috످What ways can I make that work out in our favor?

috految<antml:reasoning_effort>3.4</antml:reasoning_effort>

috److I don't see any earlier messages in our chat, so I'm not sure what "that" refers to. Could you tell me what's going on, who's involved, and what outcome you're hoping for? Then we can figure out your best options.

috످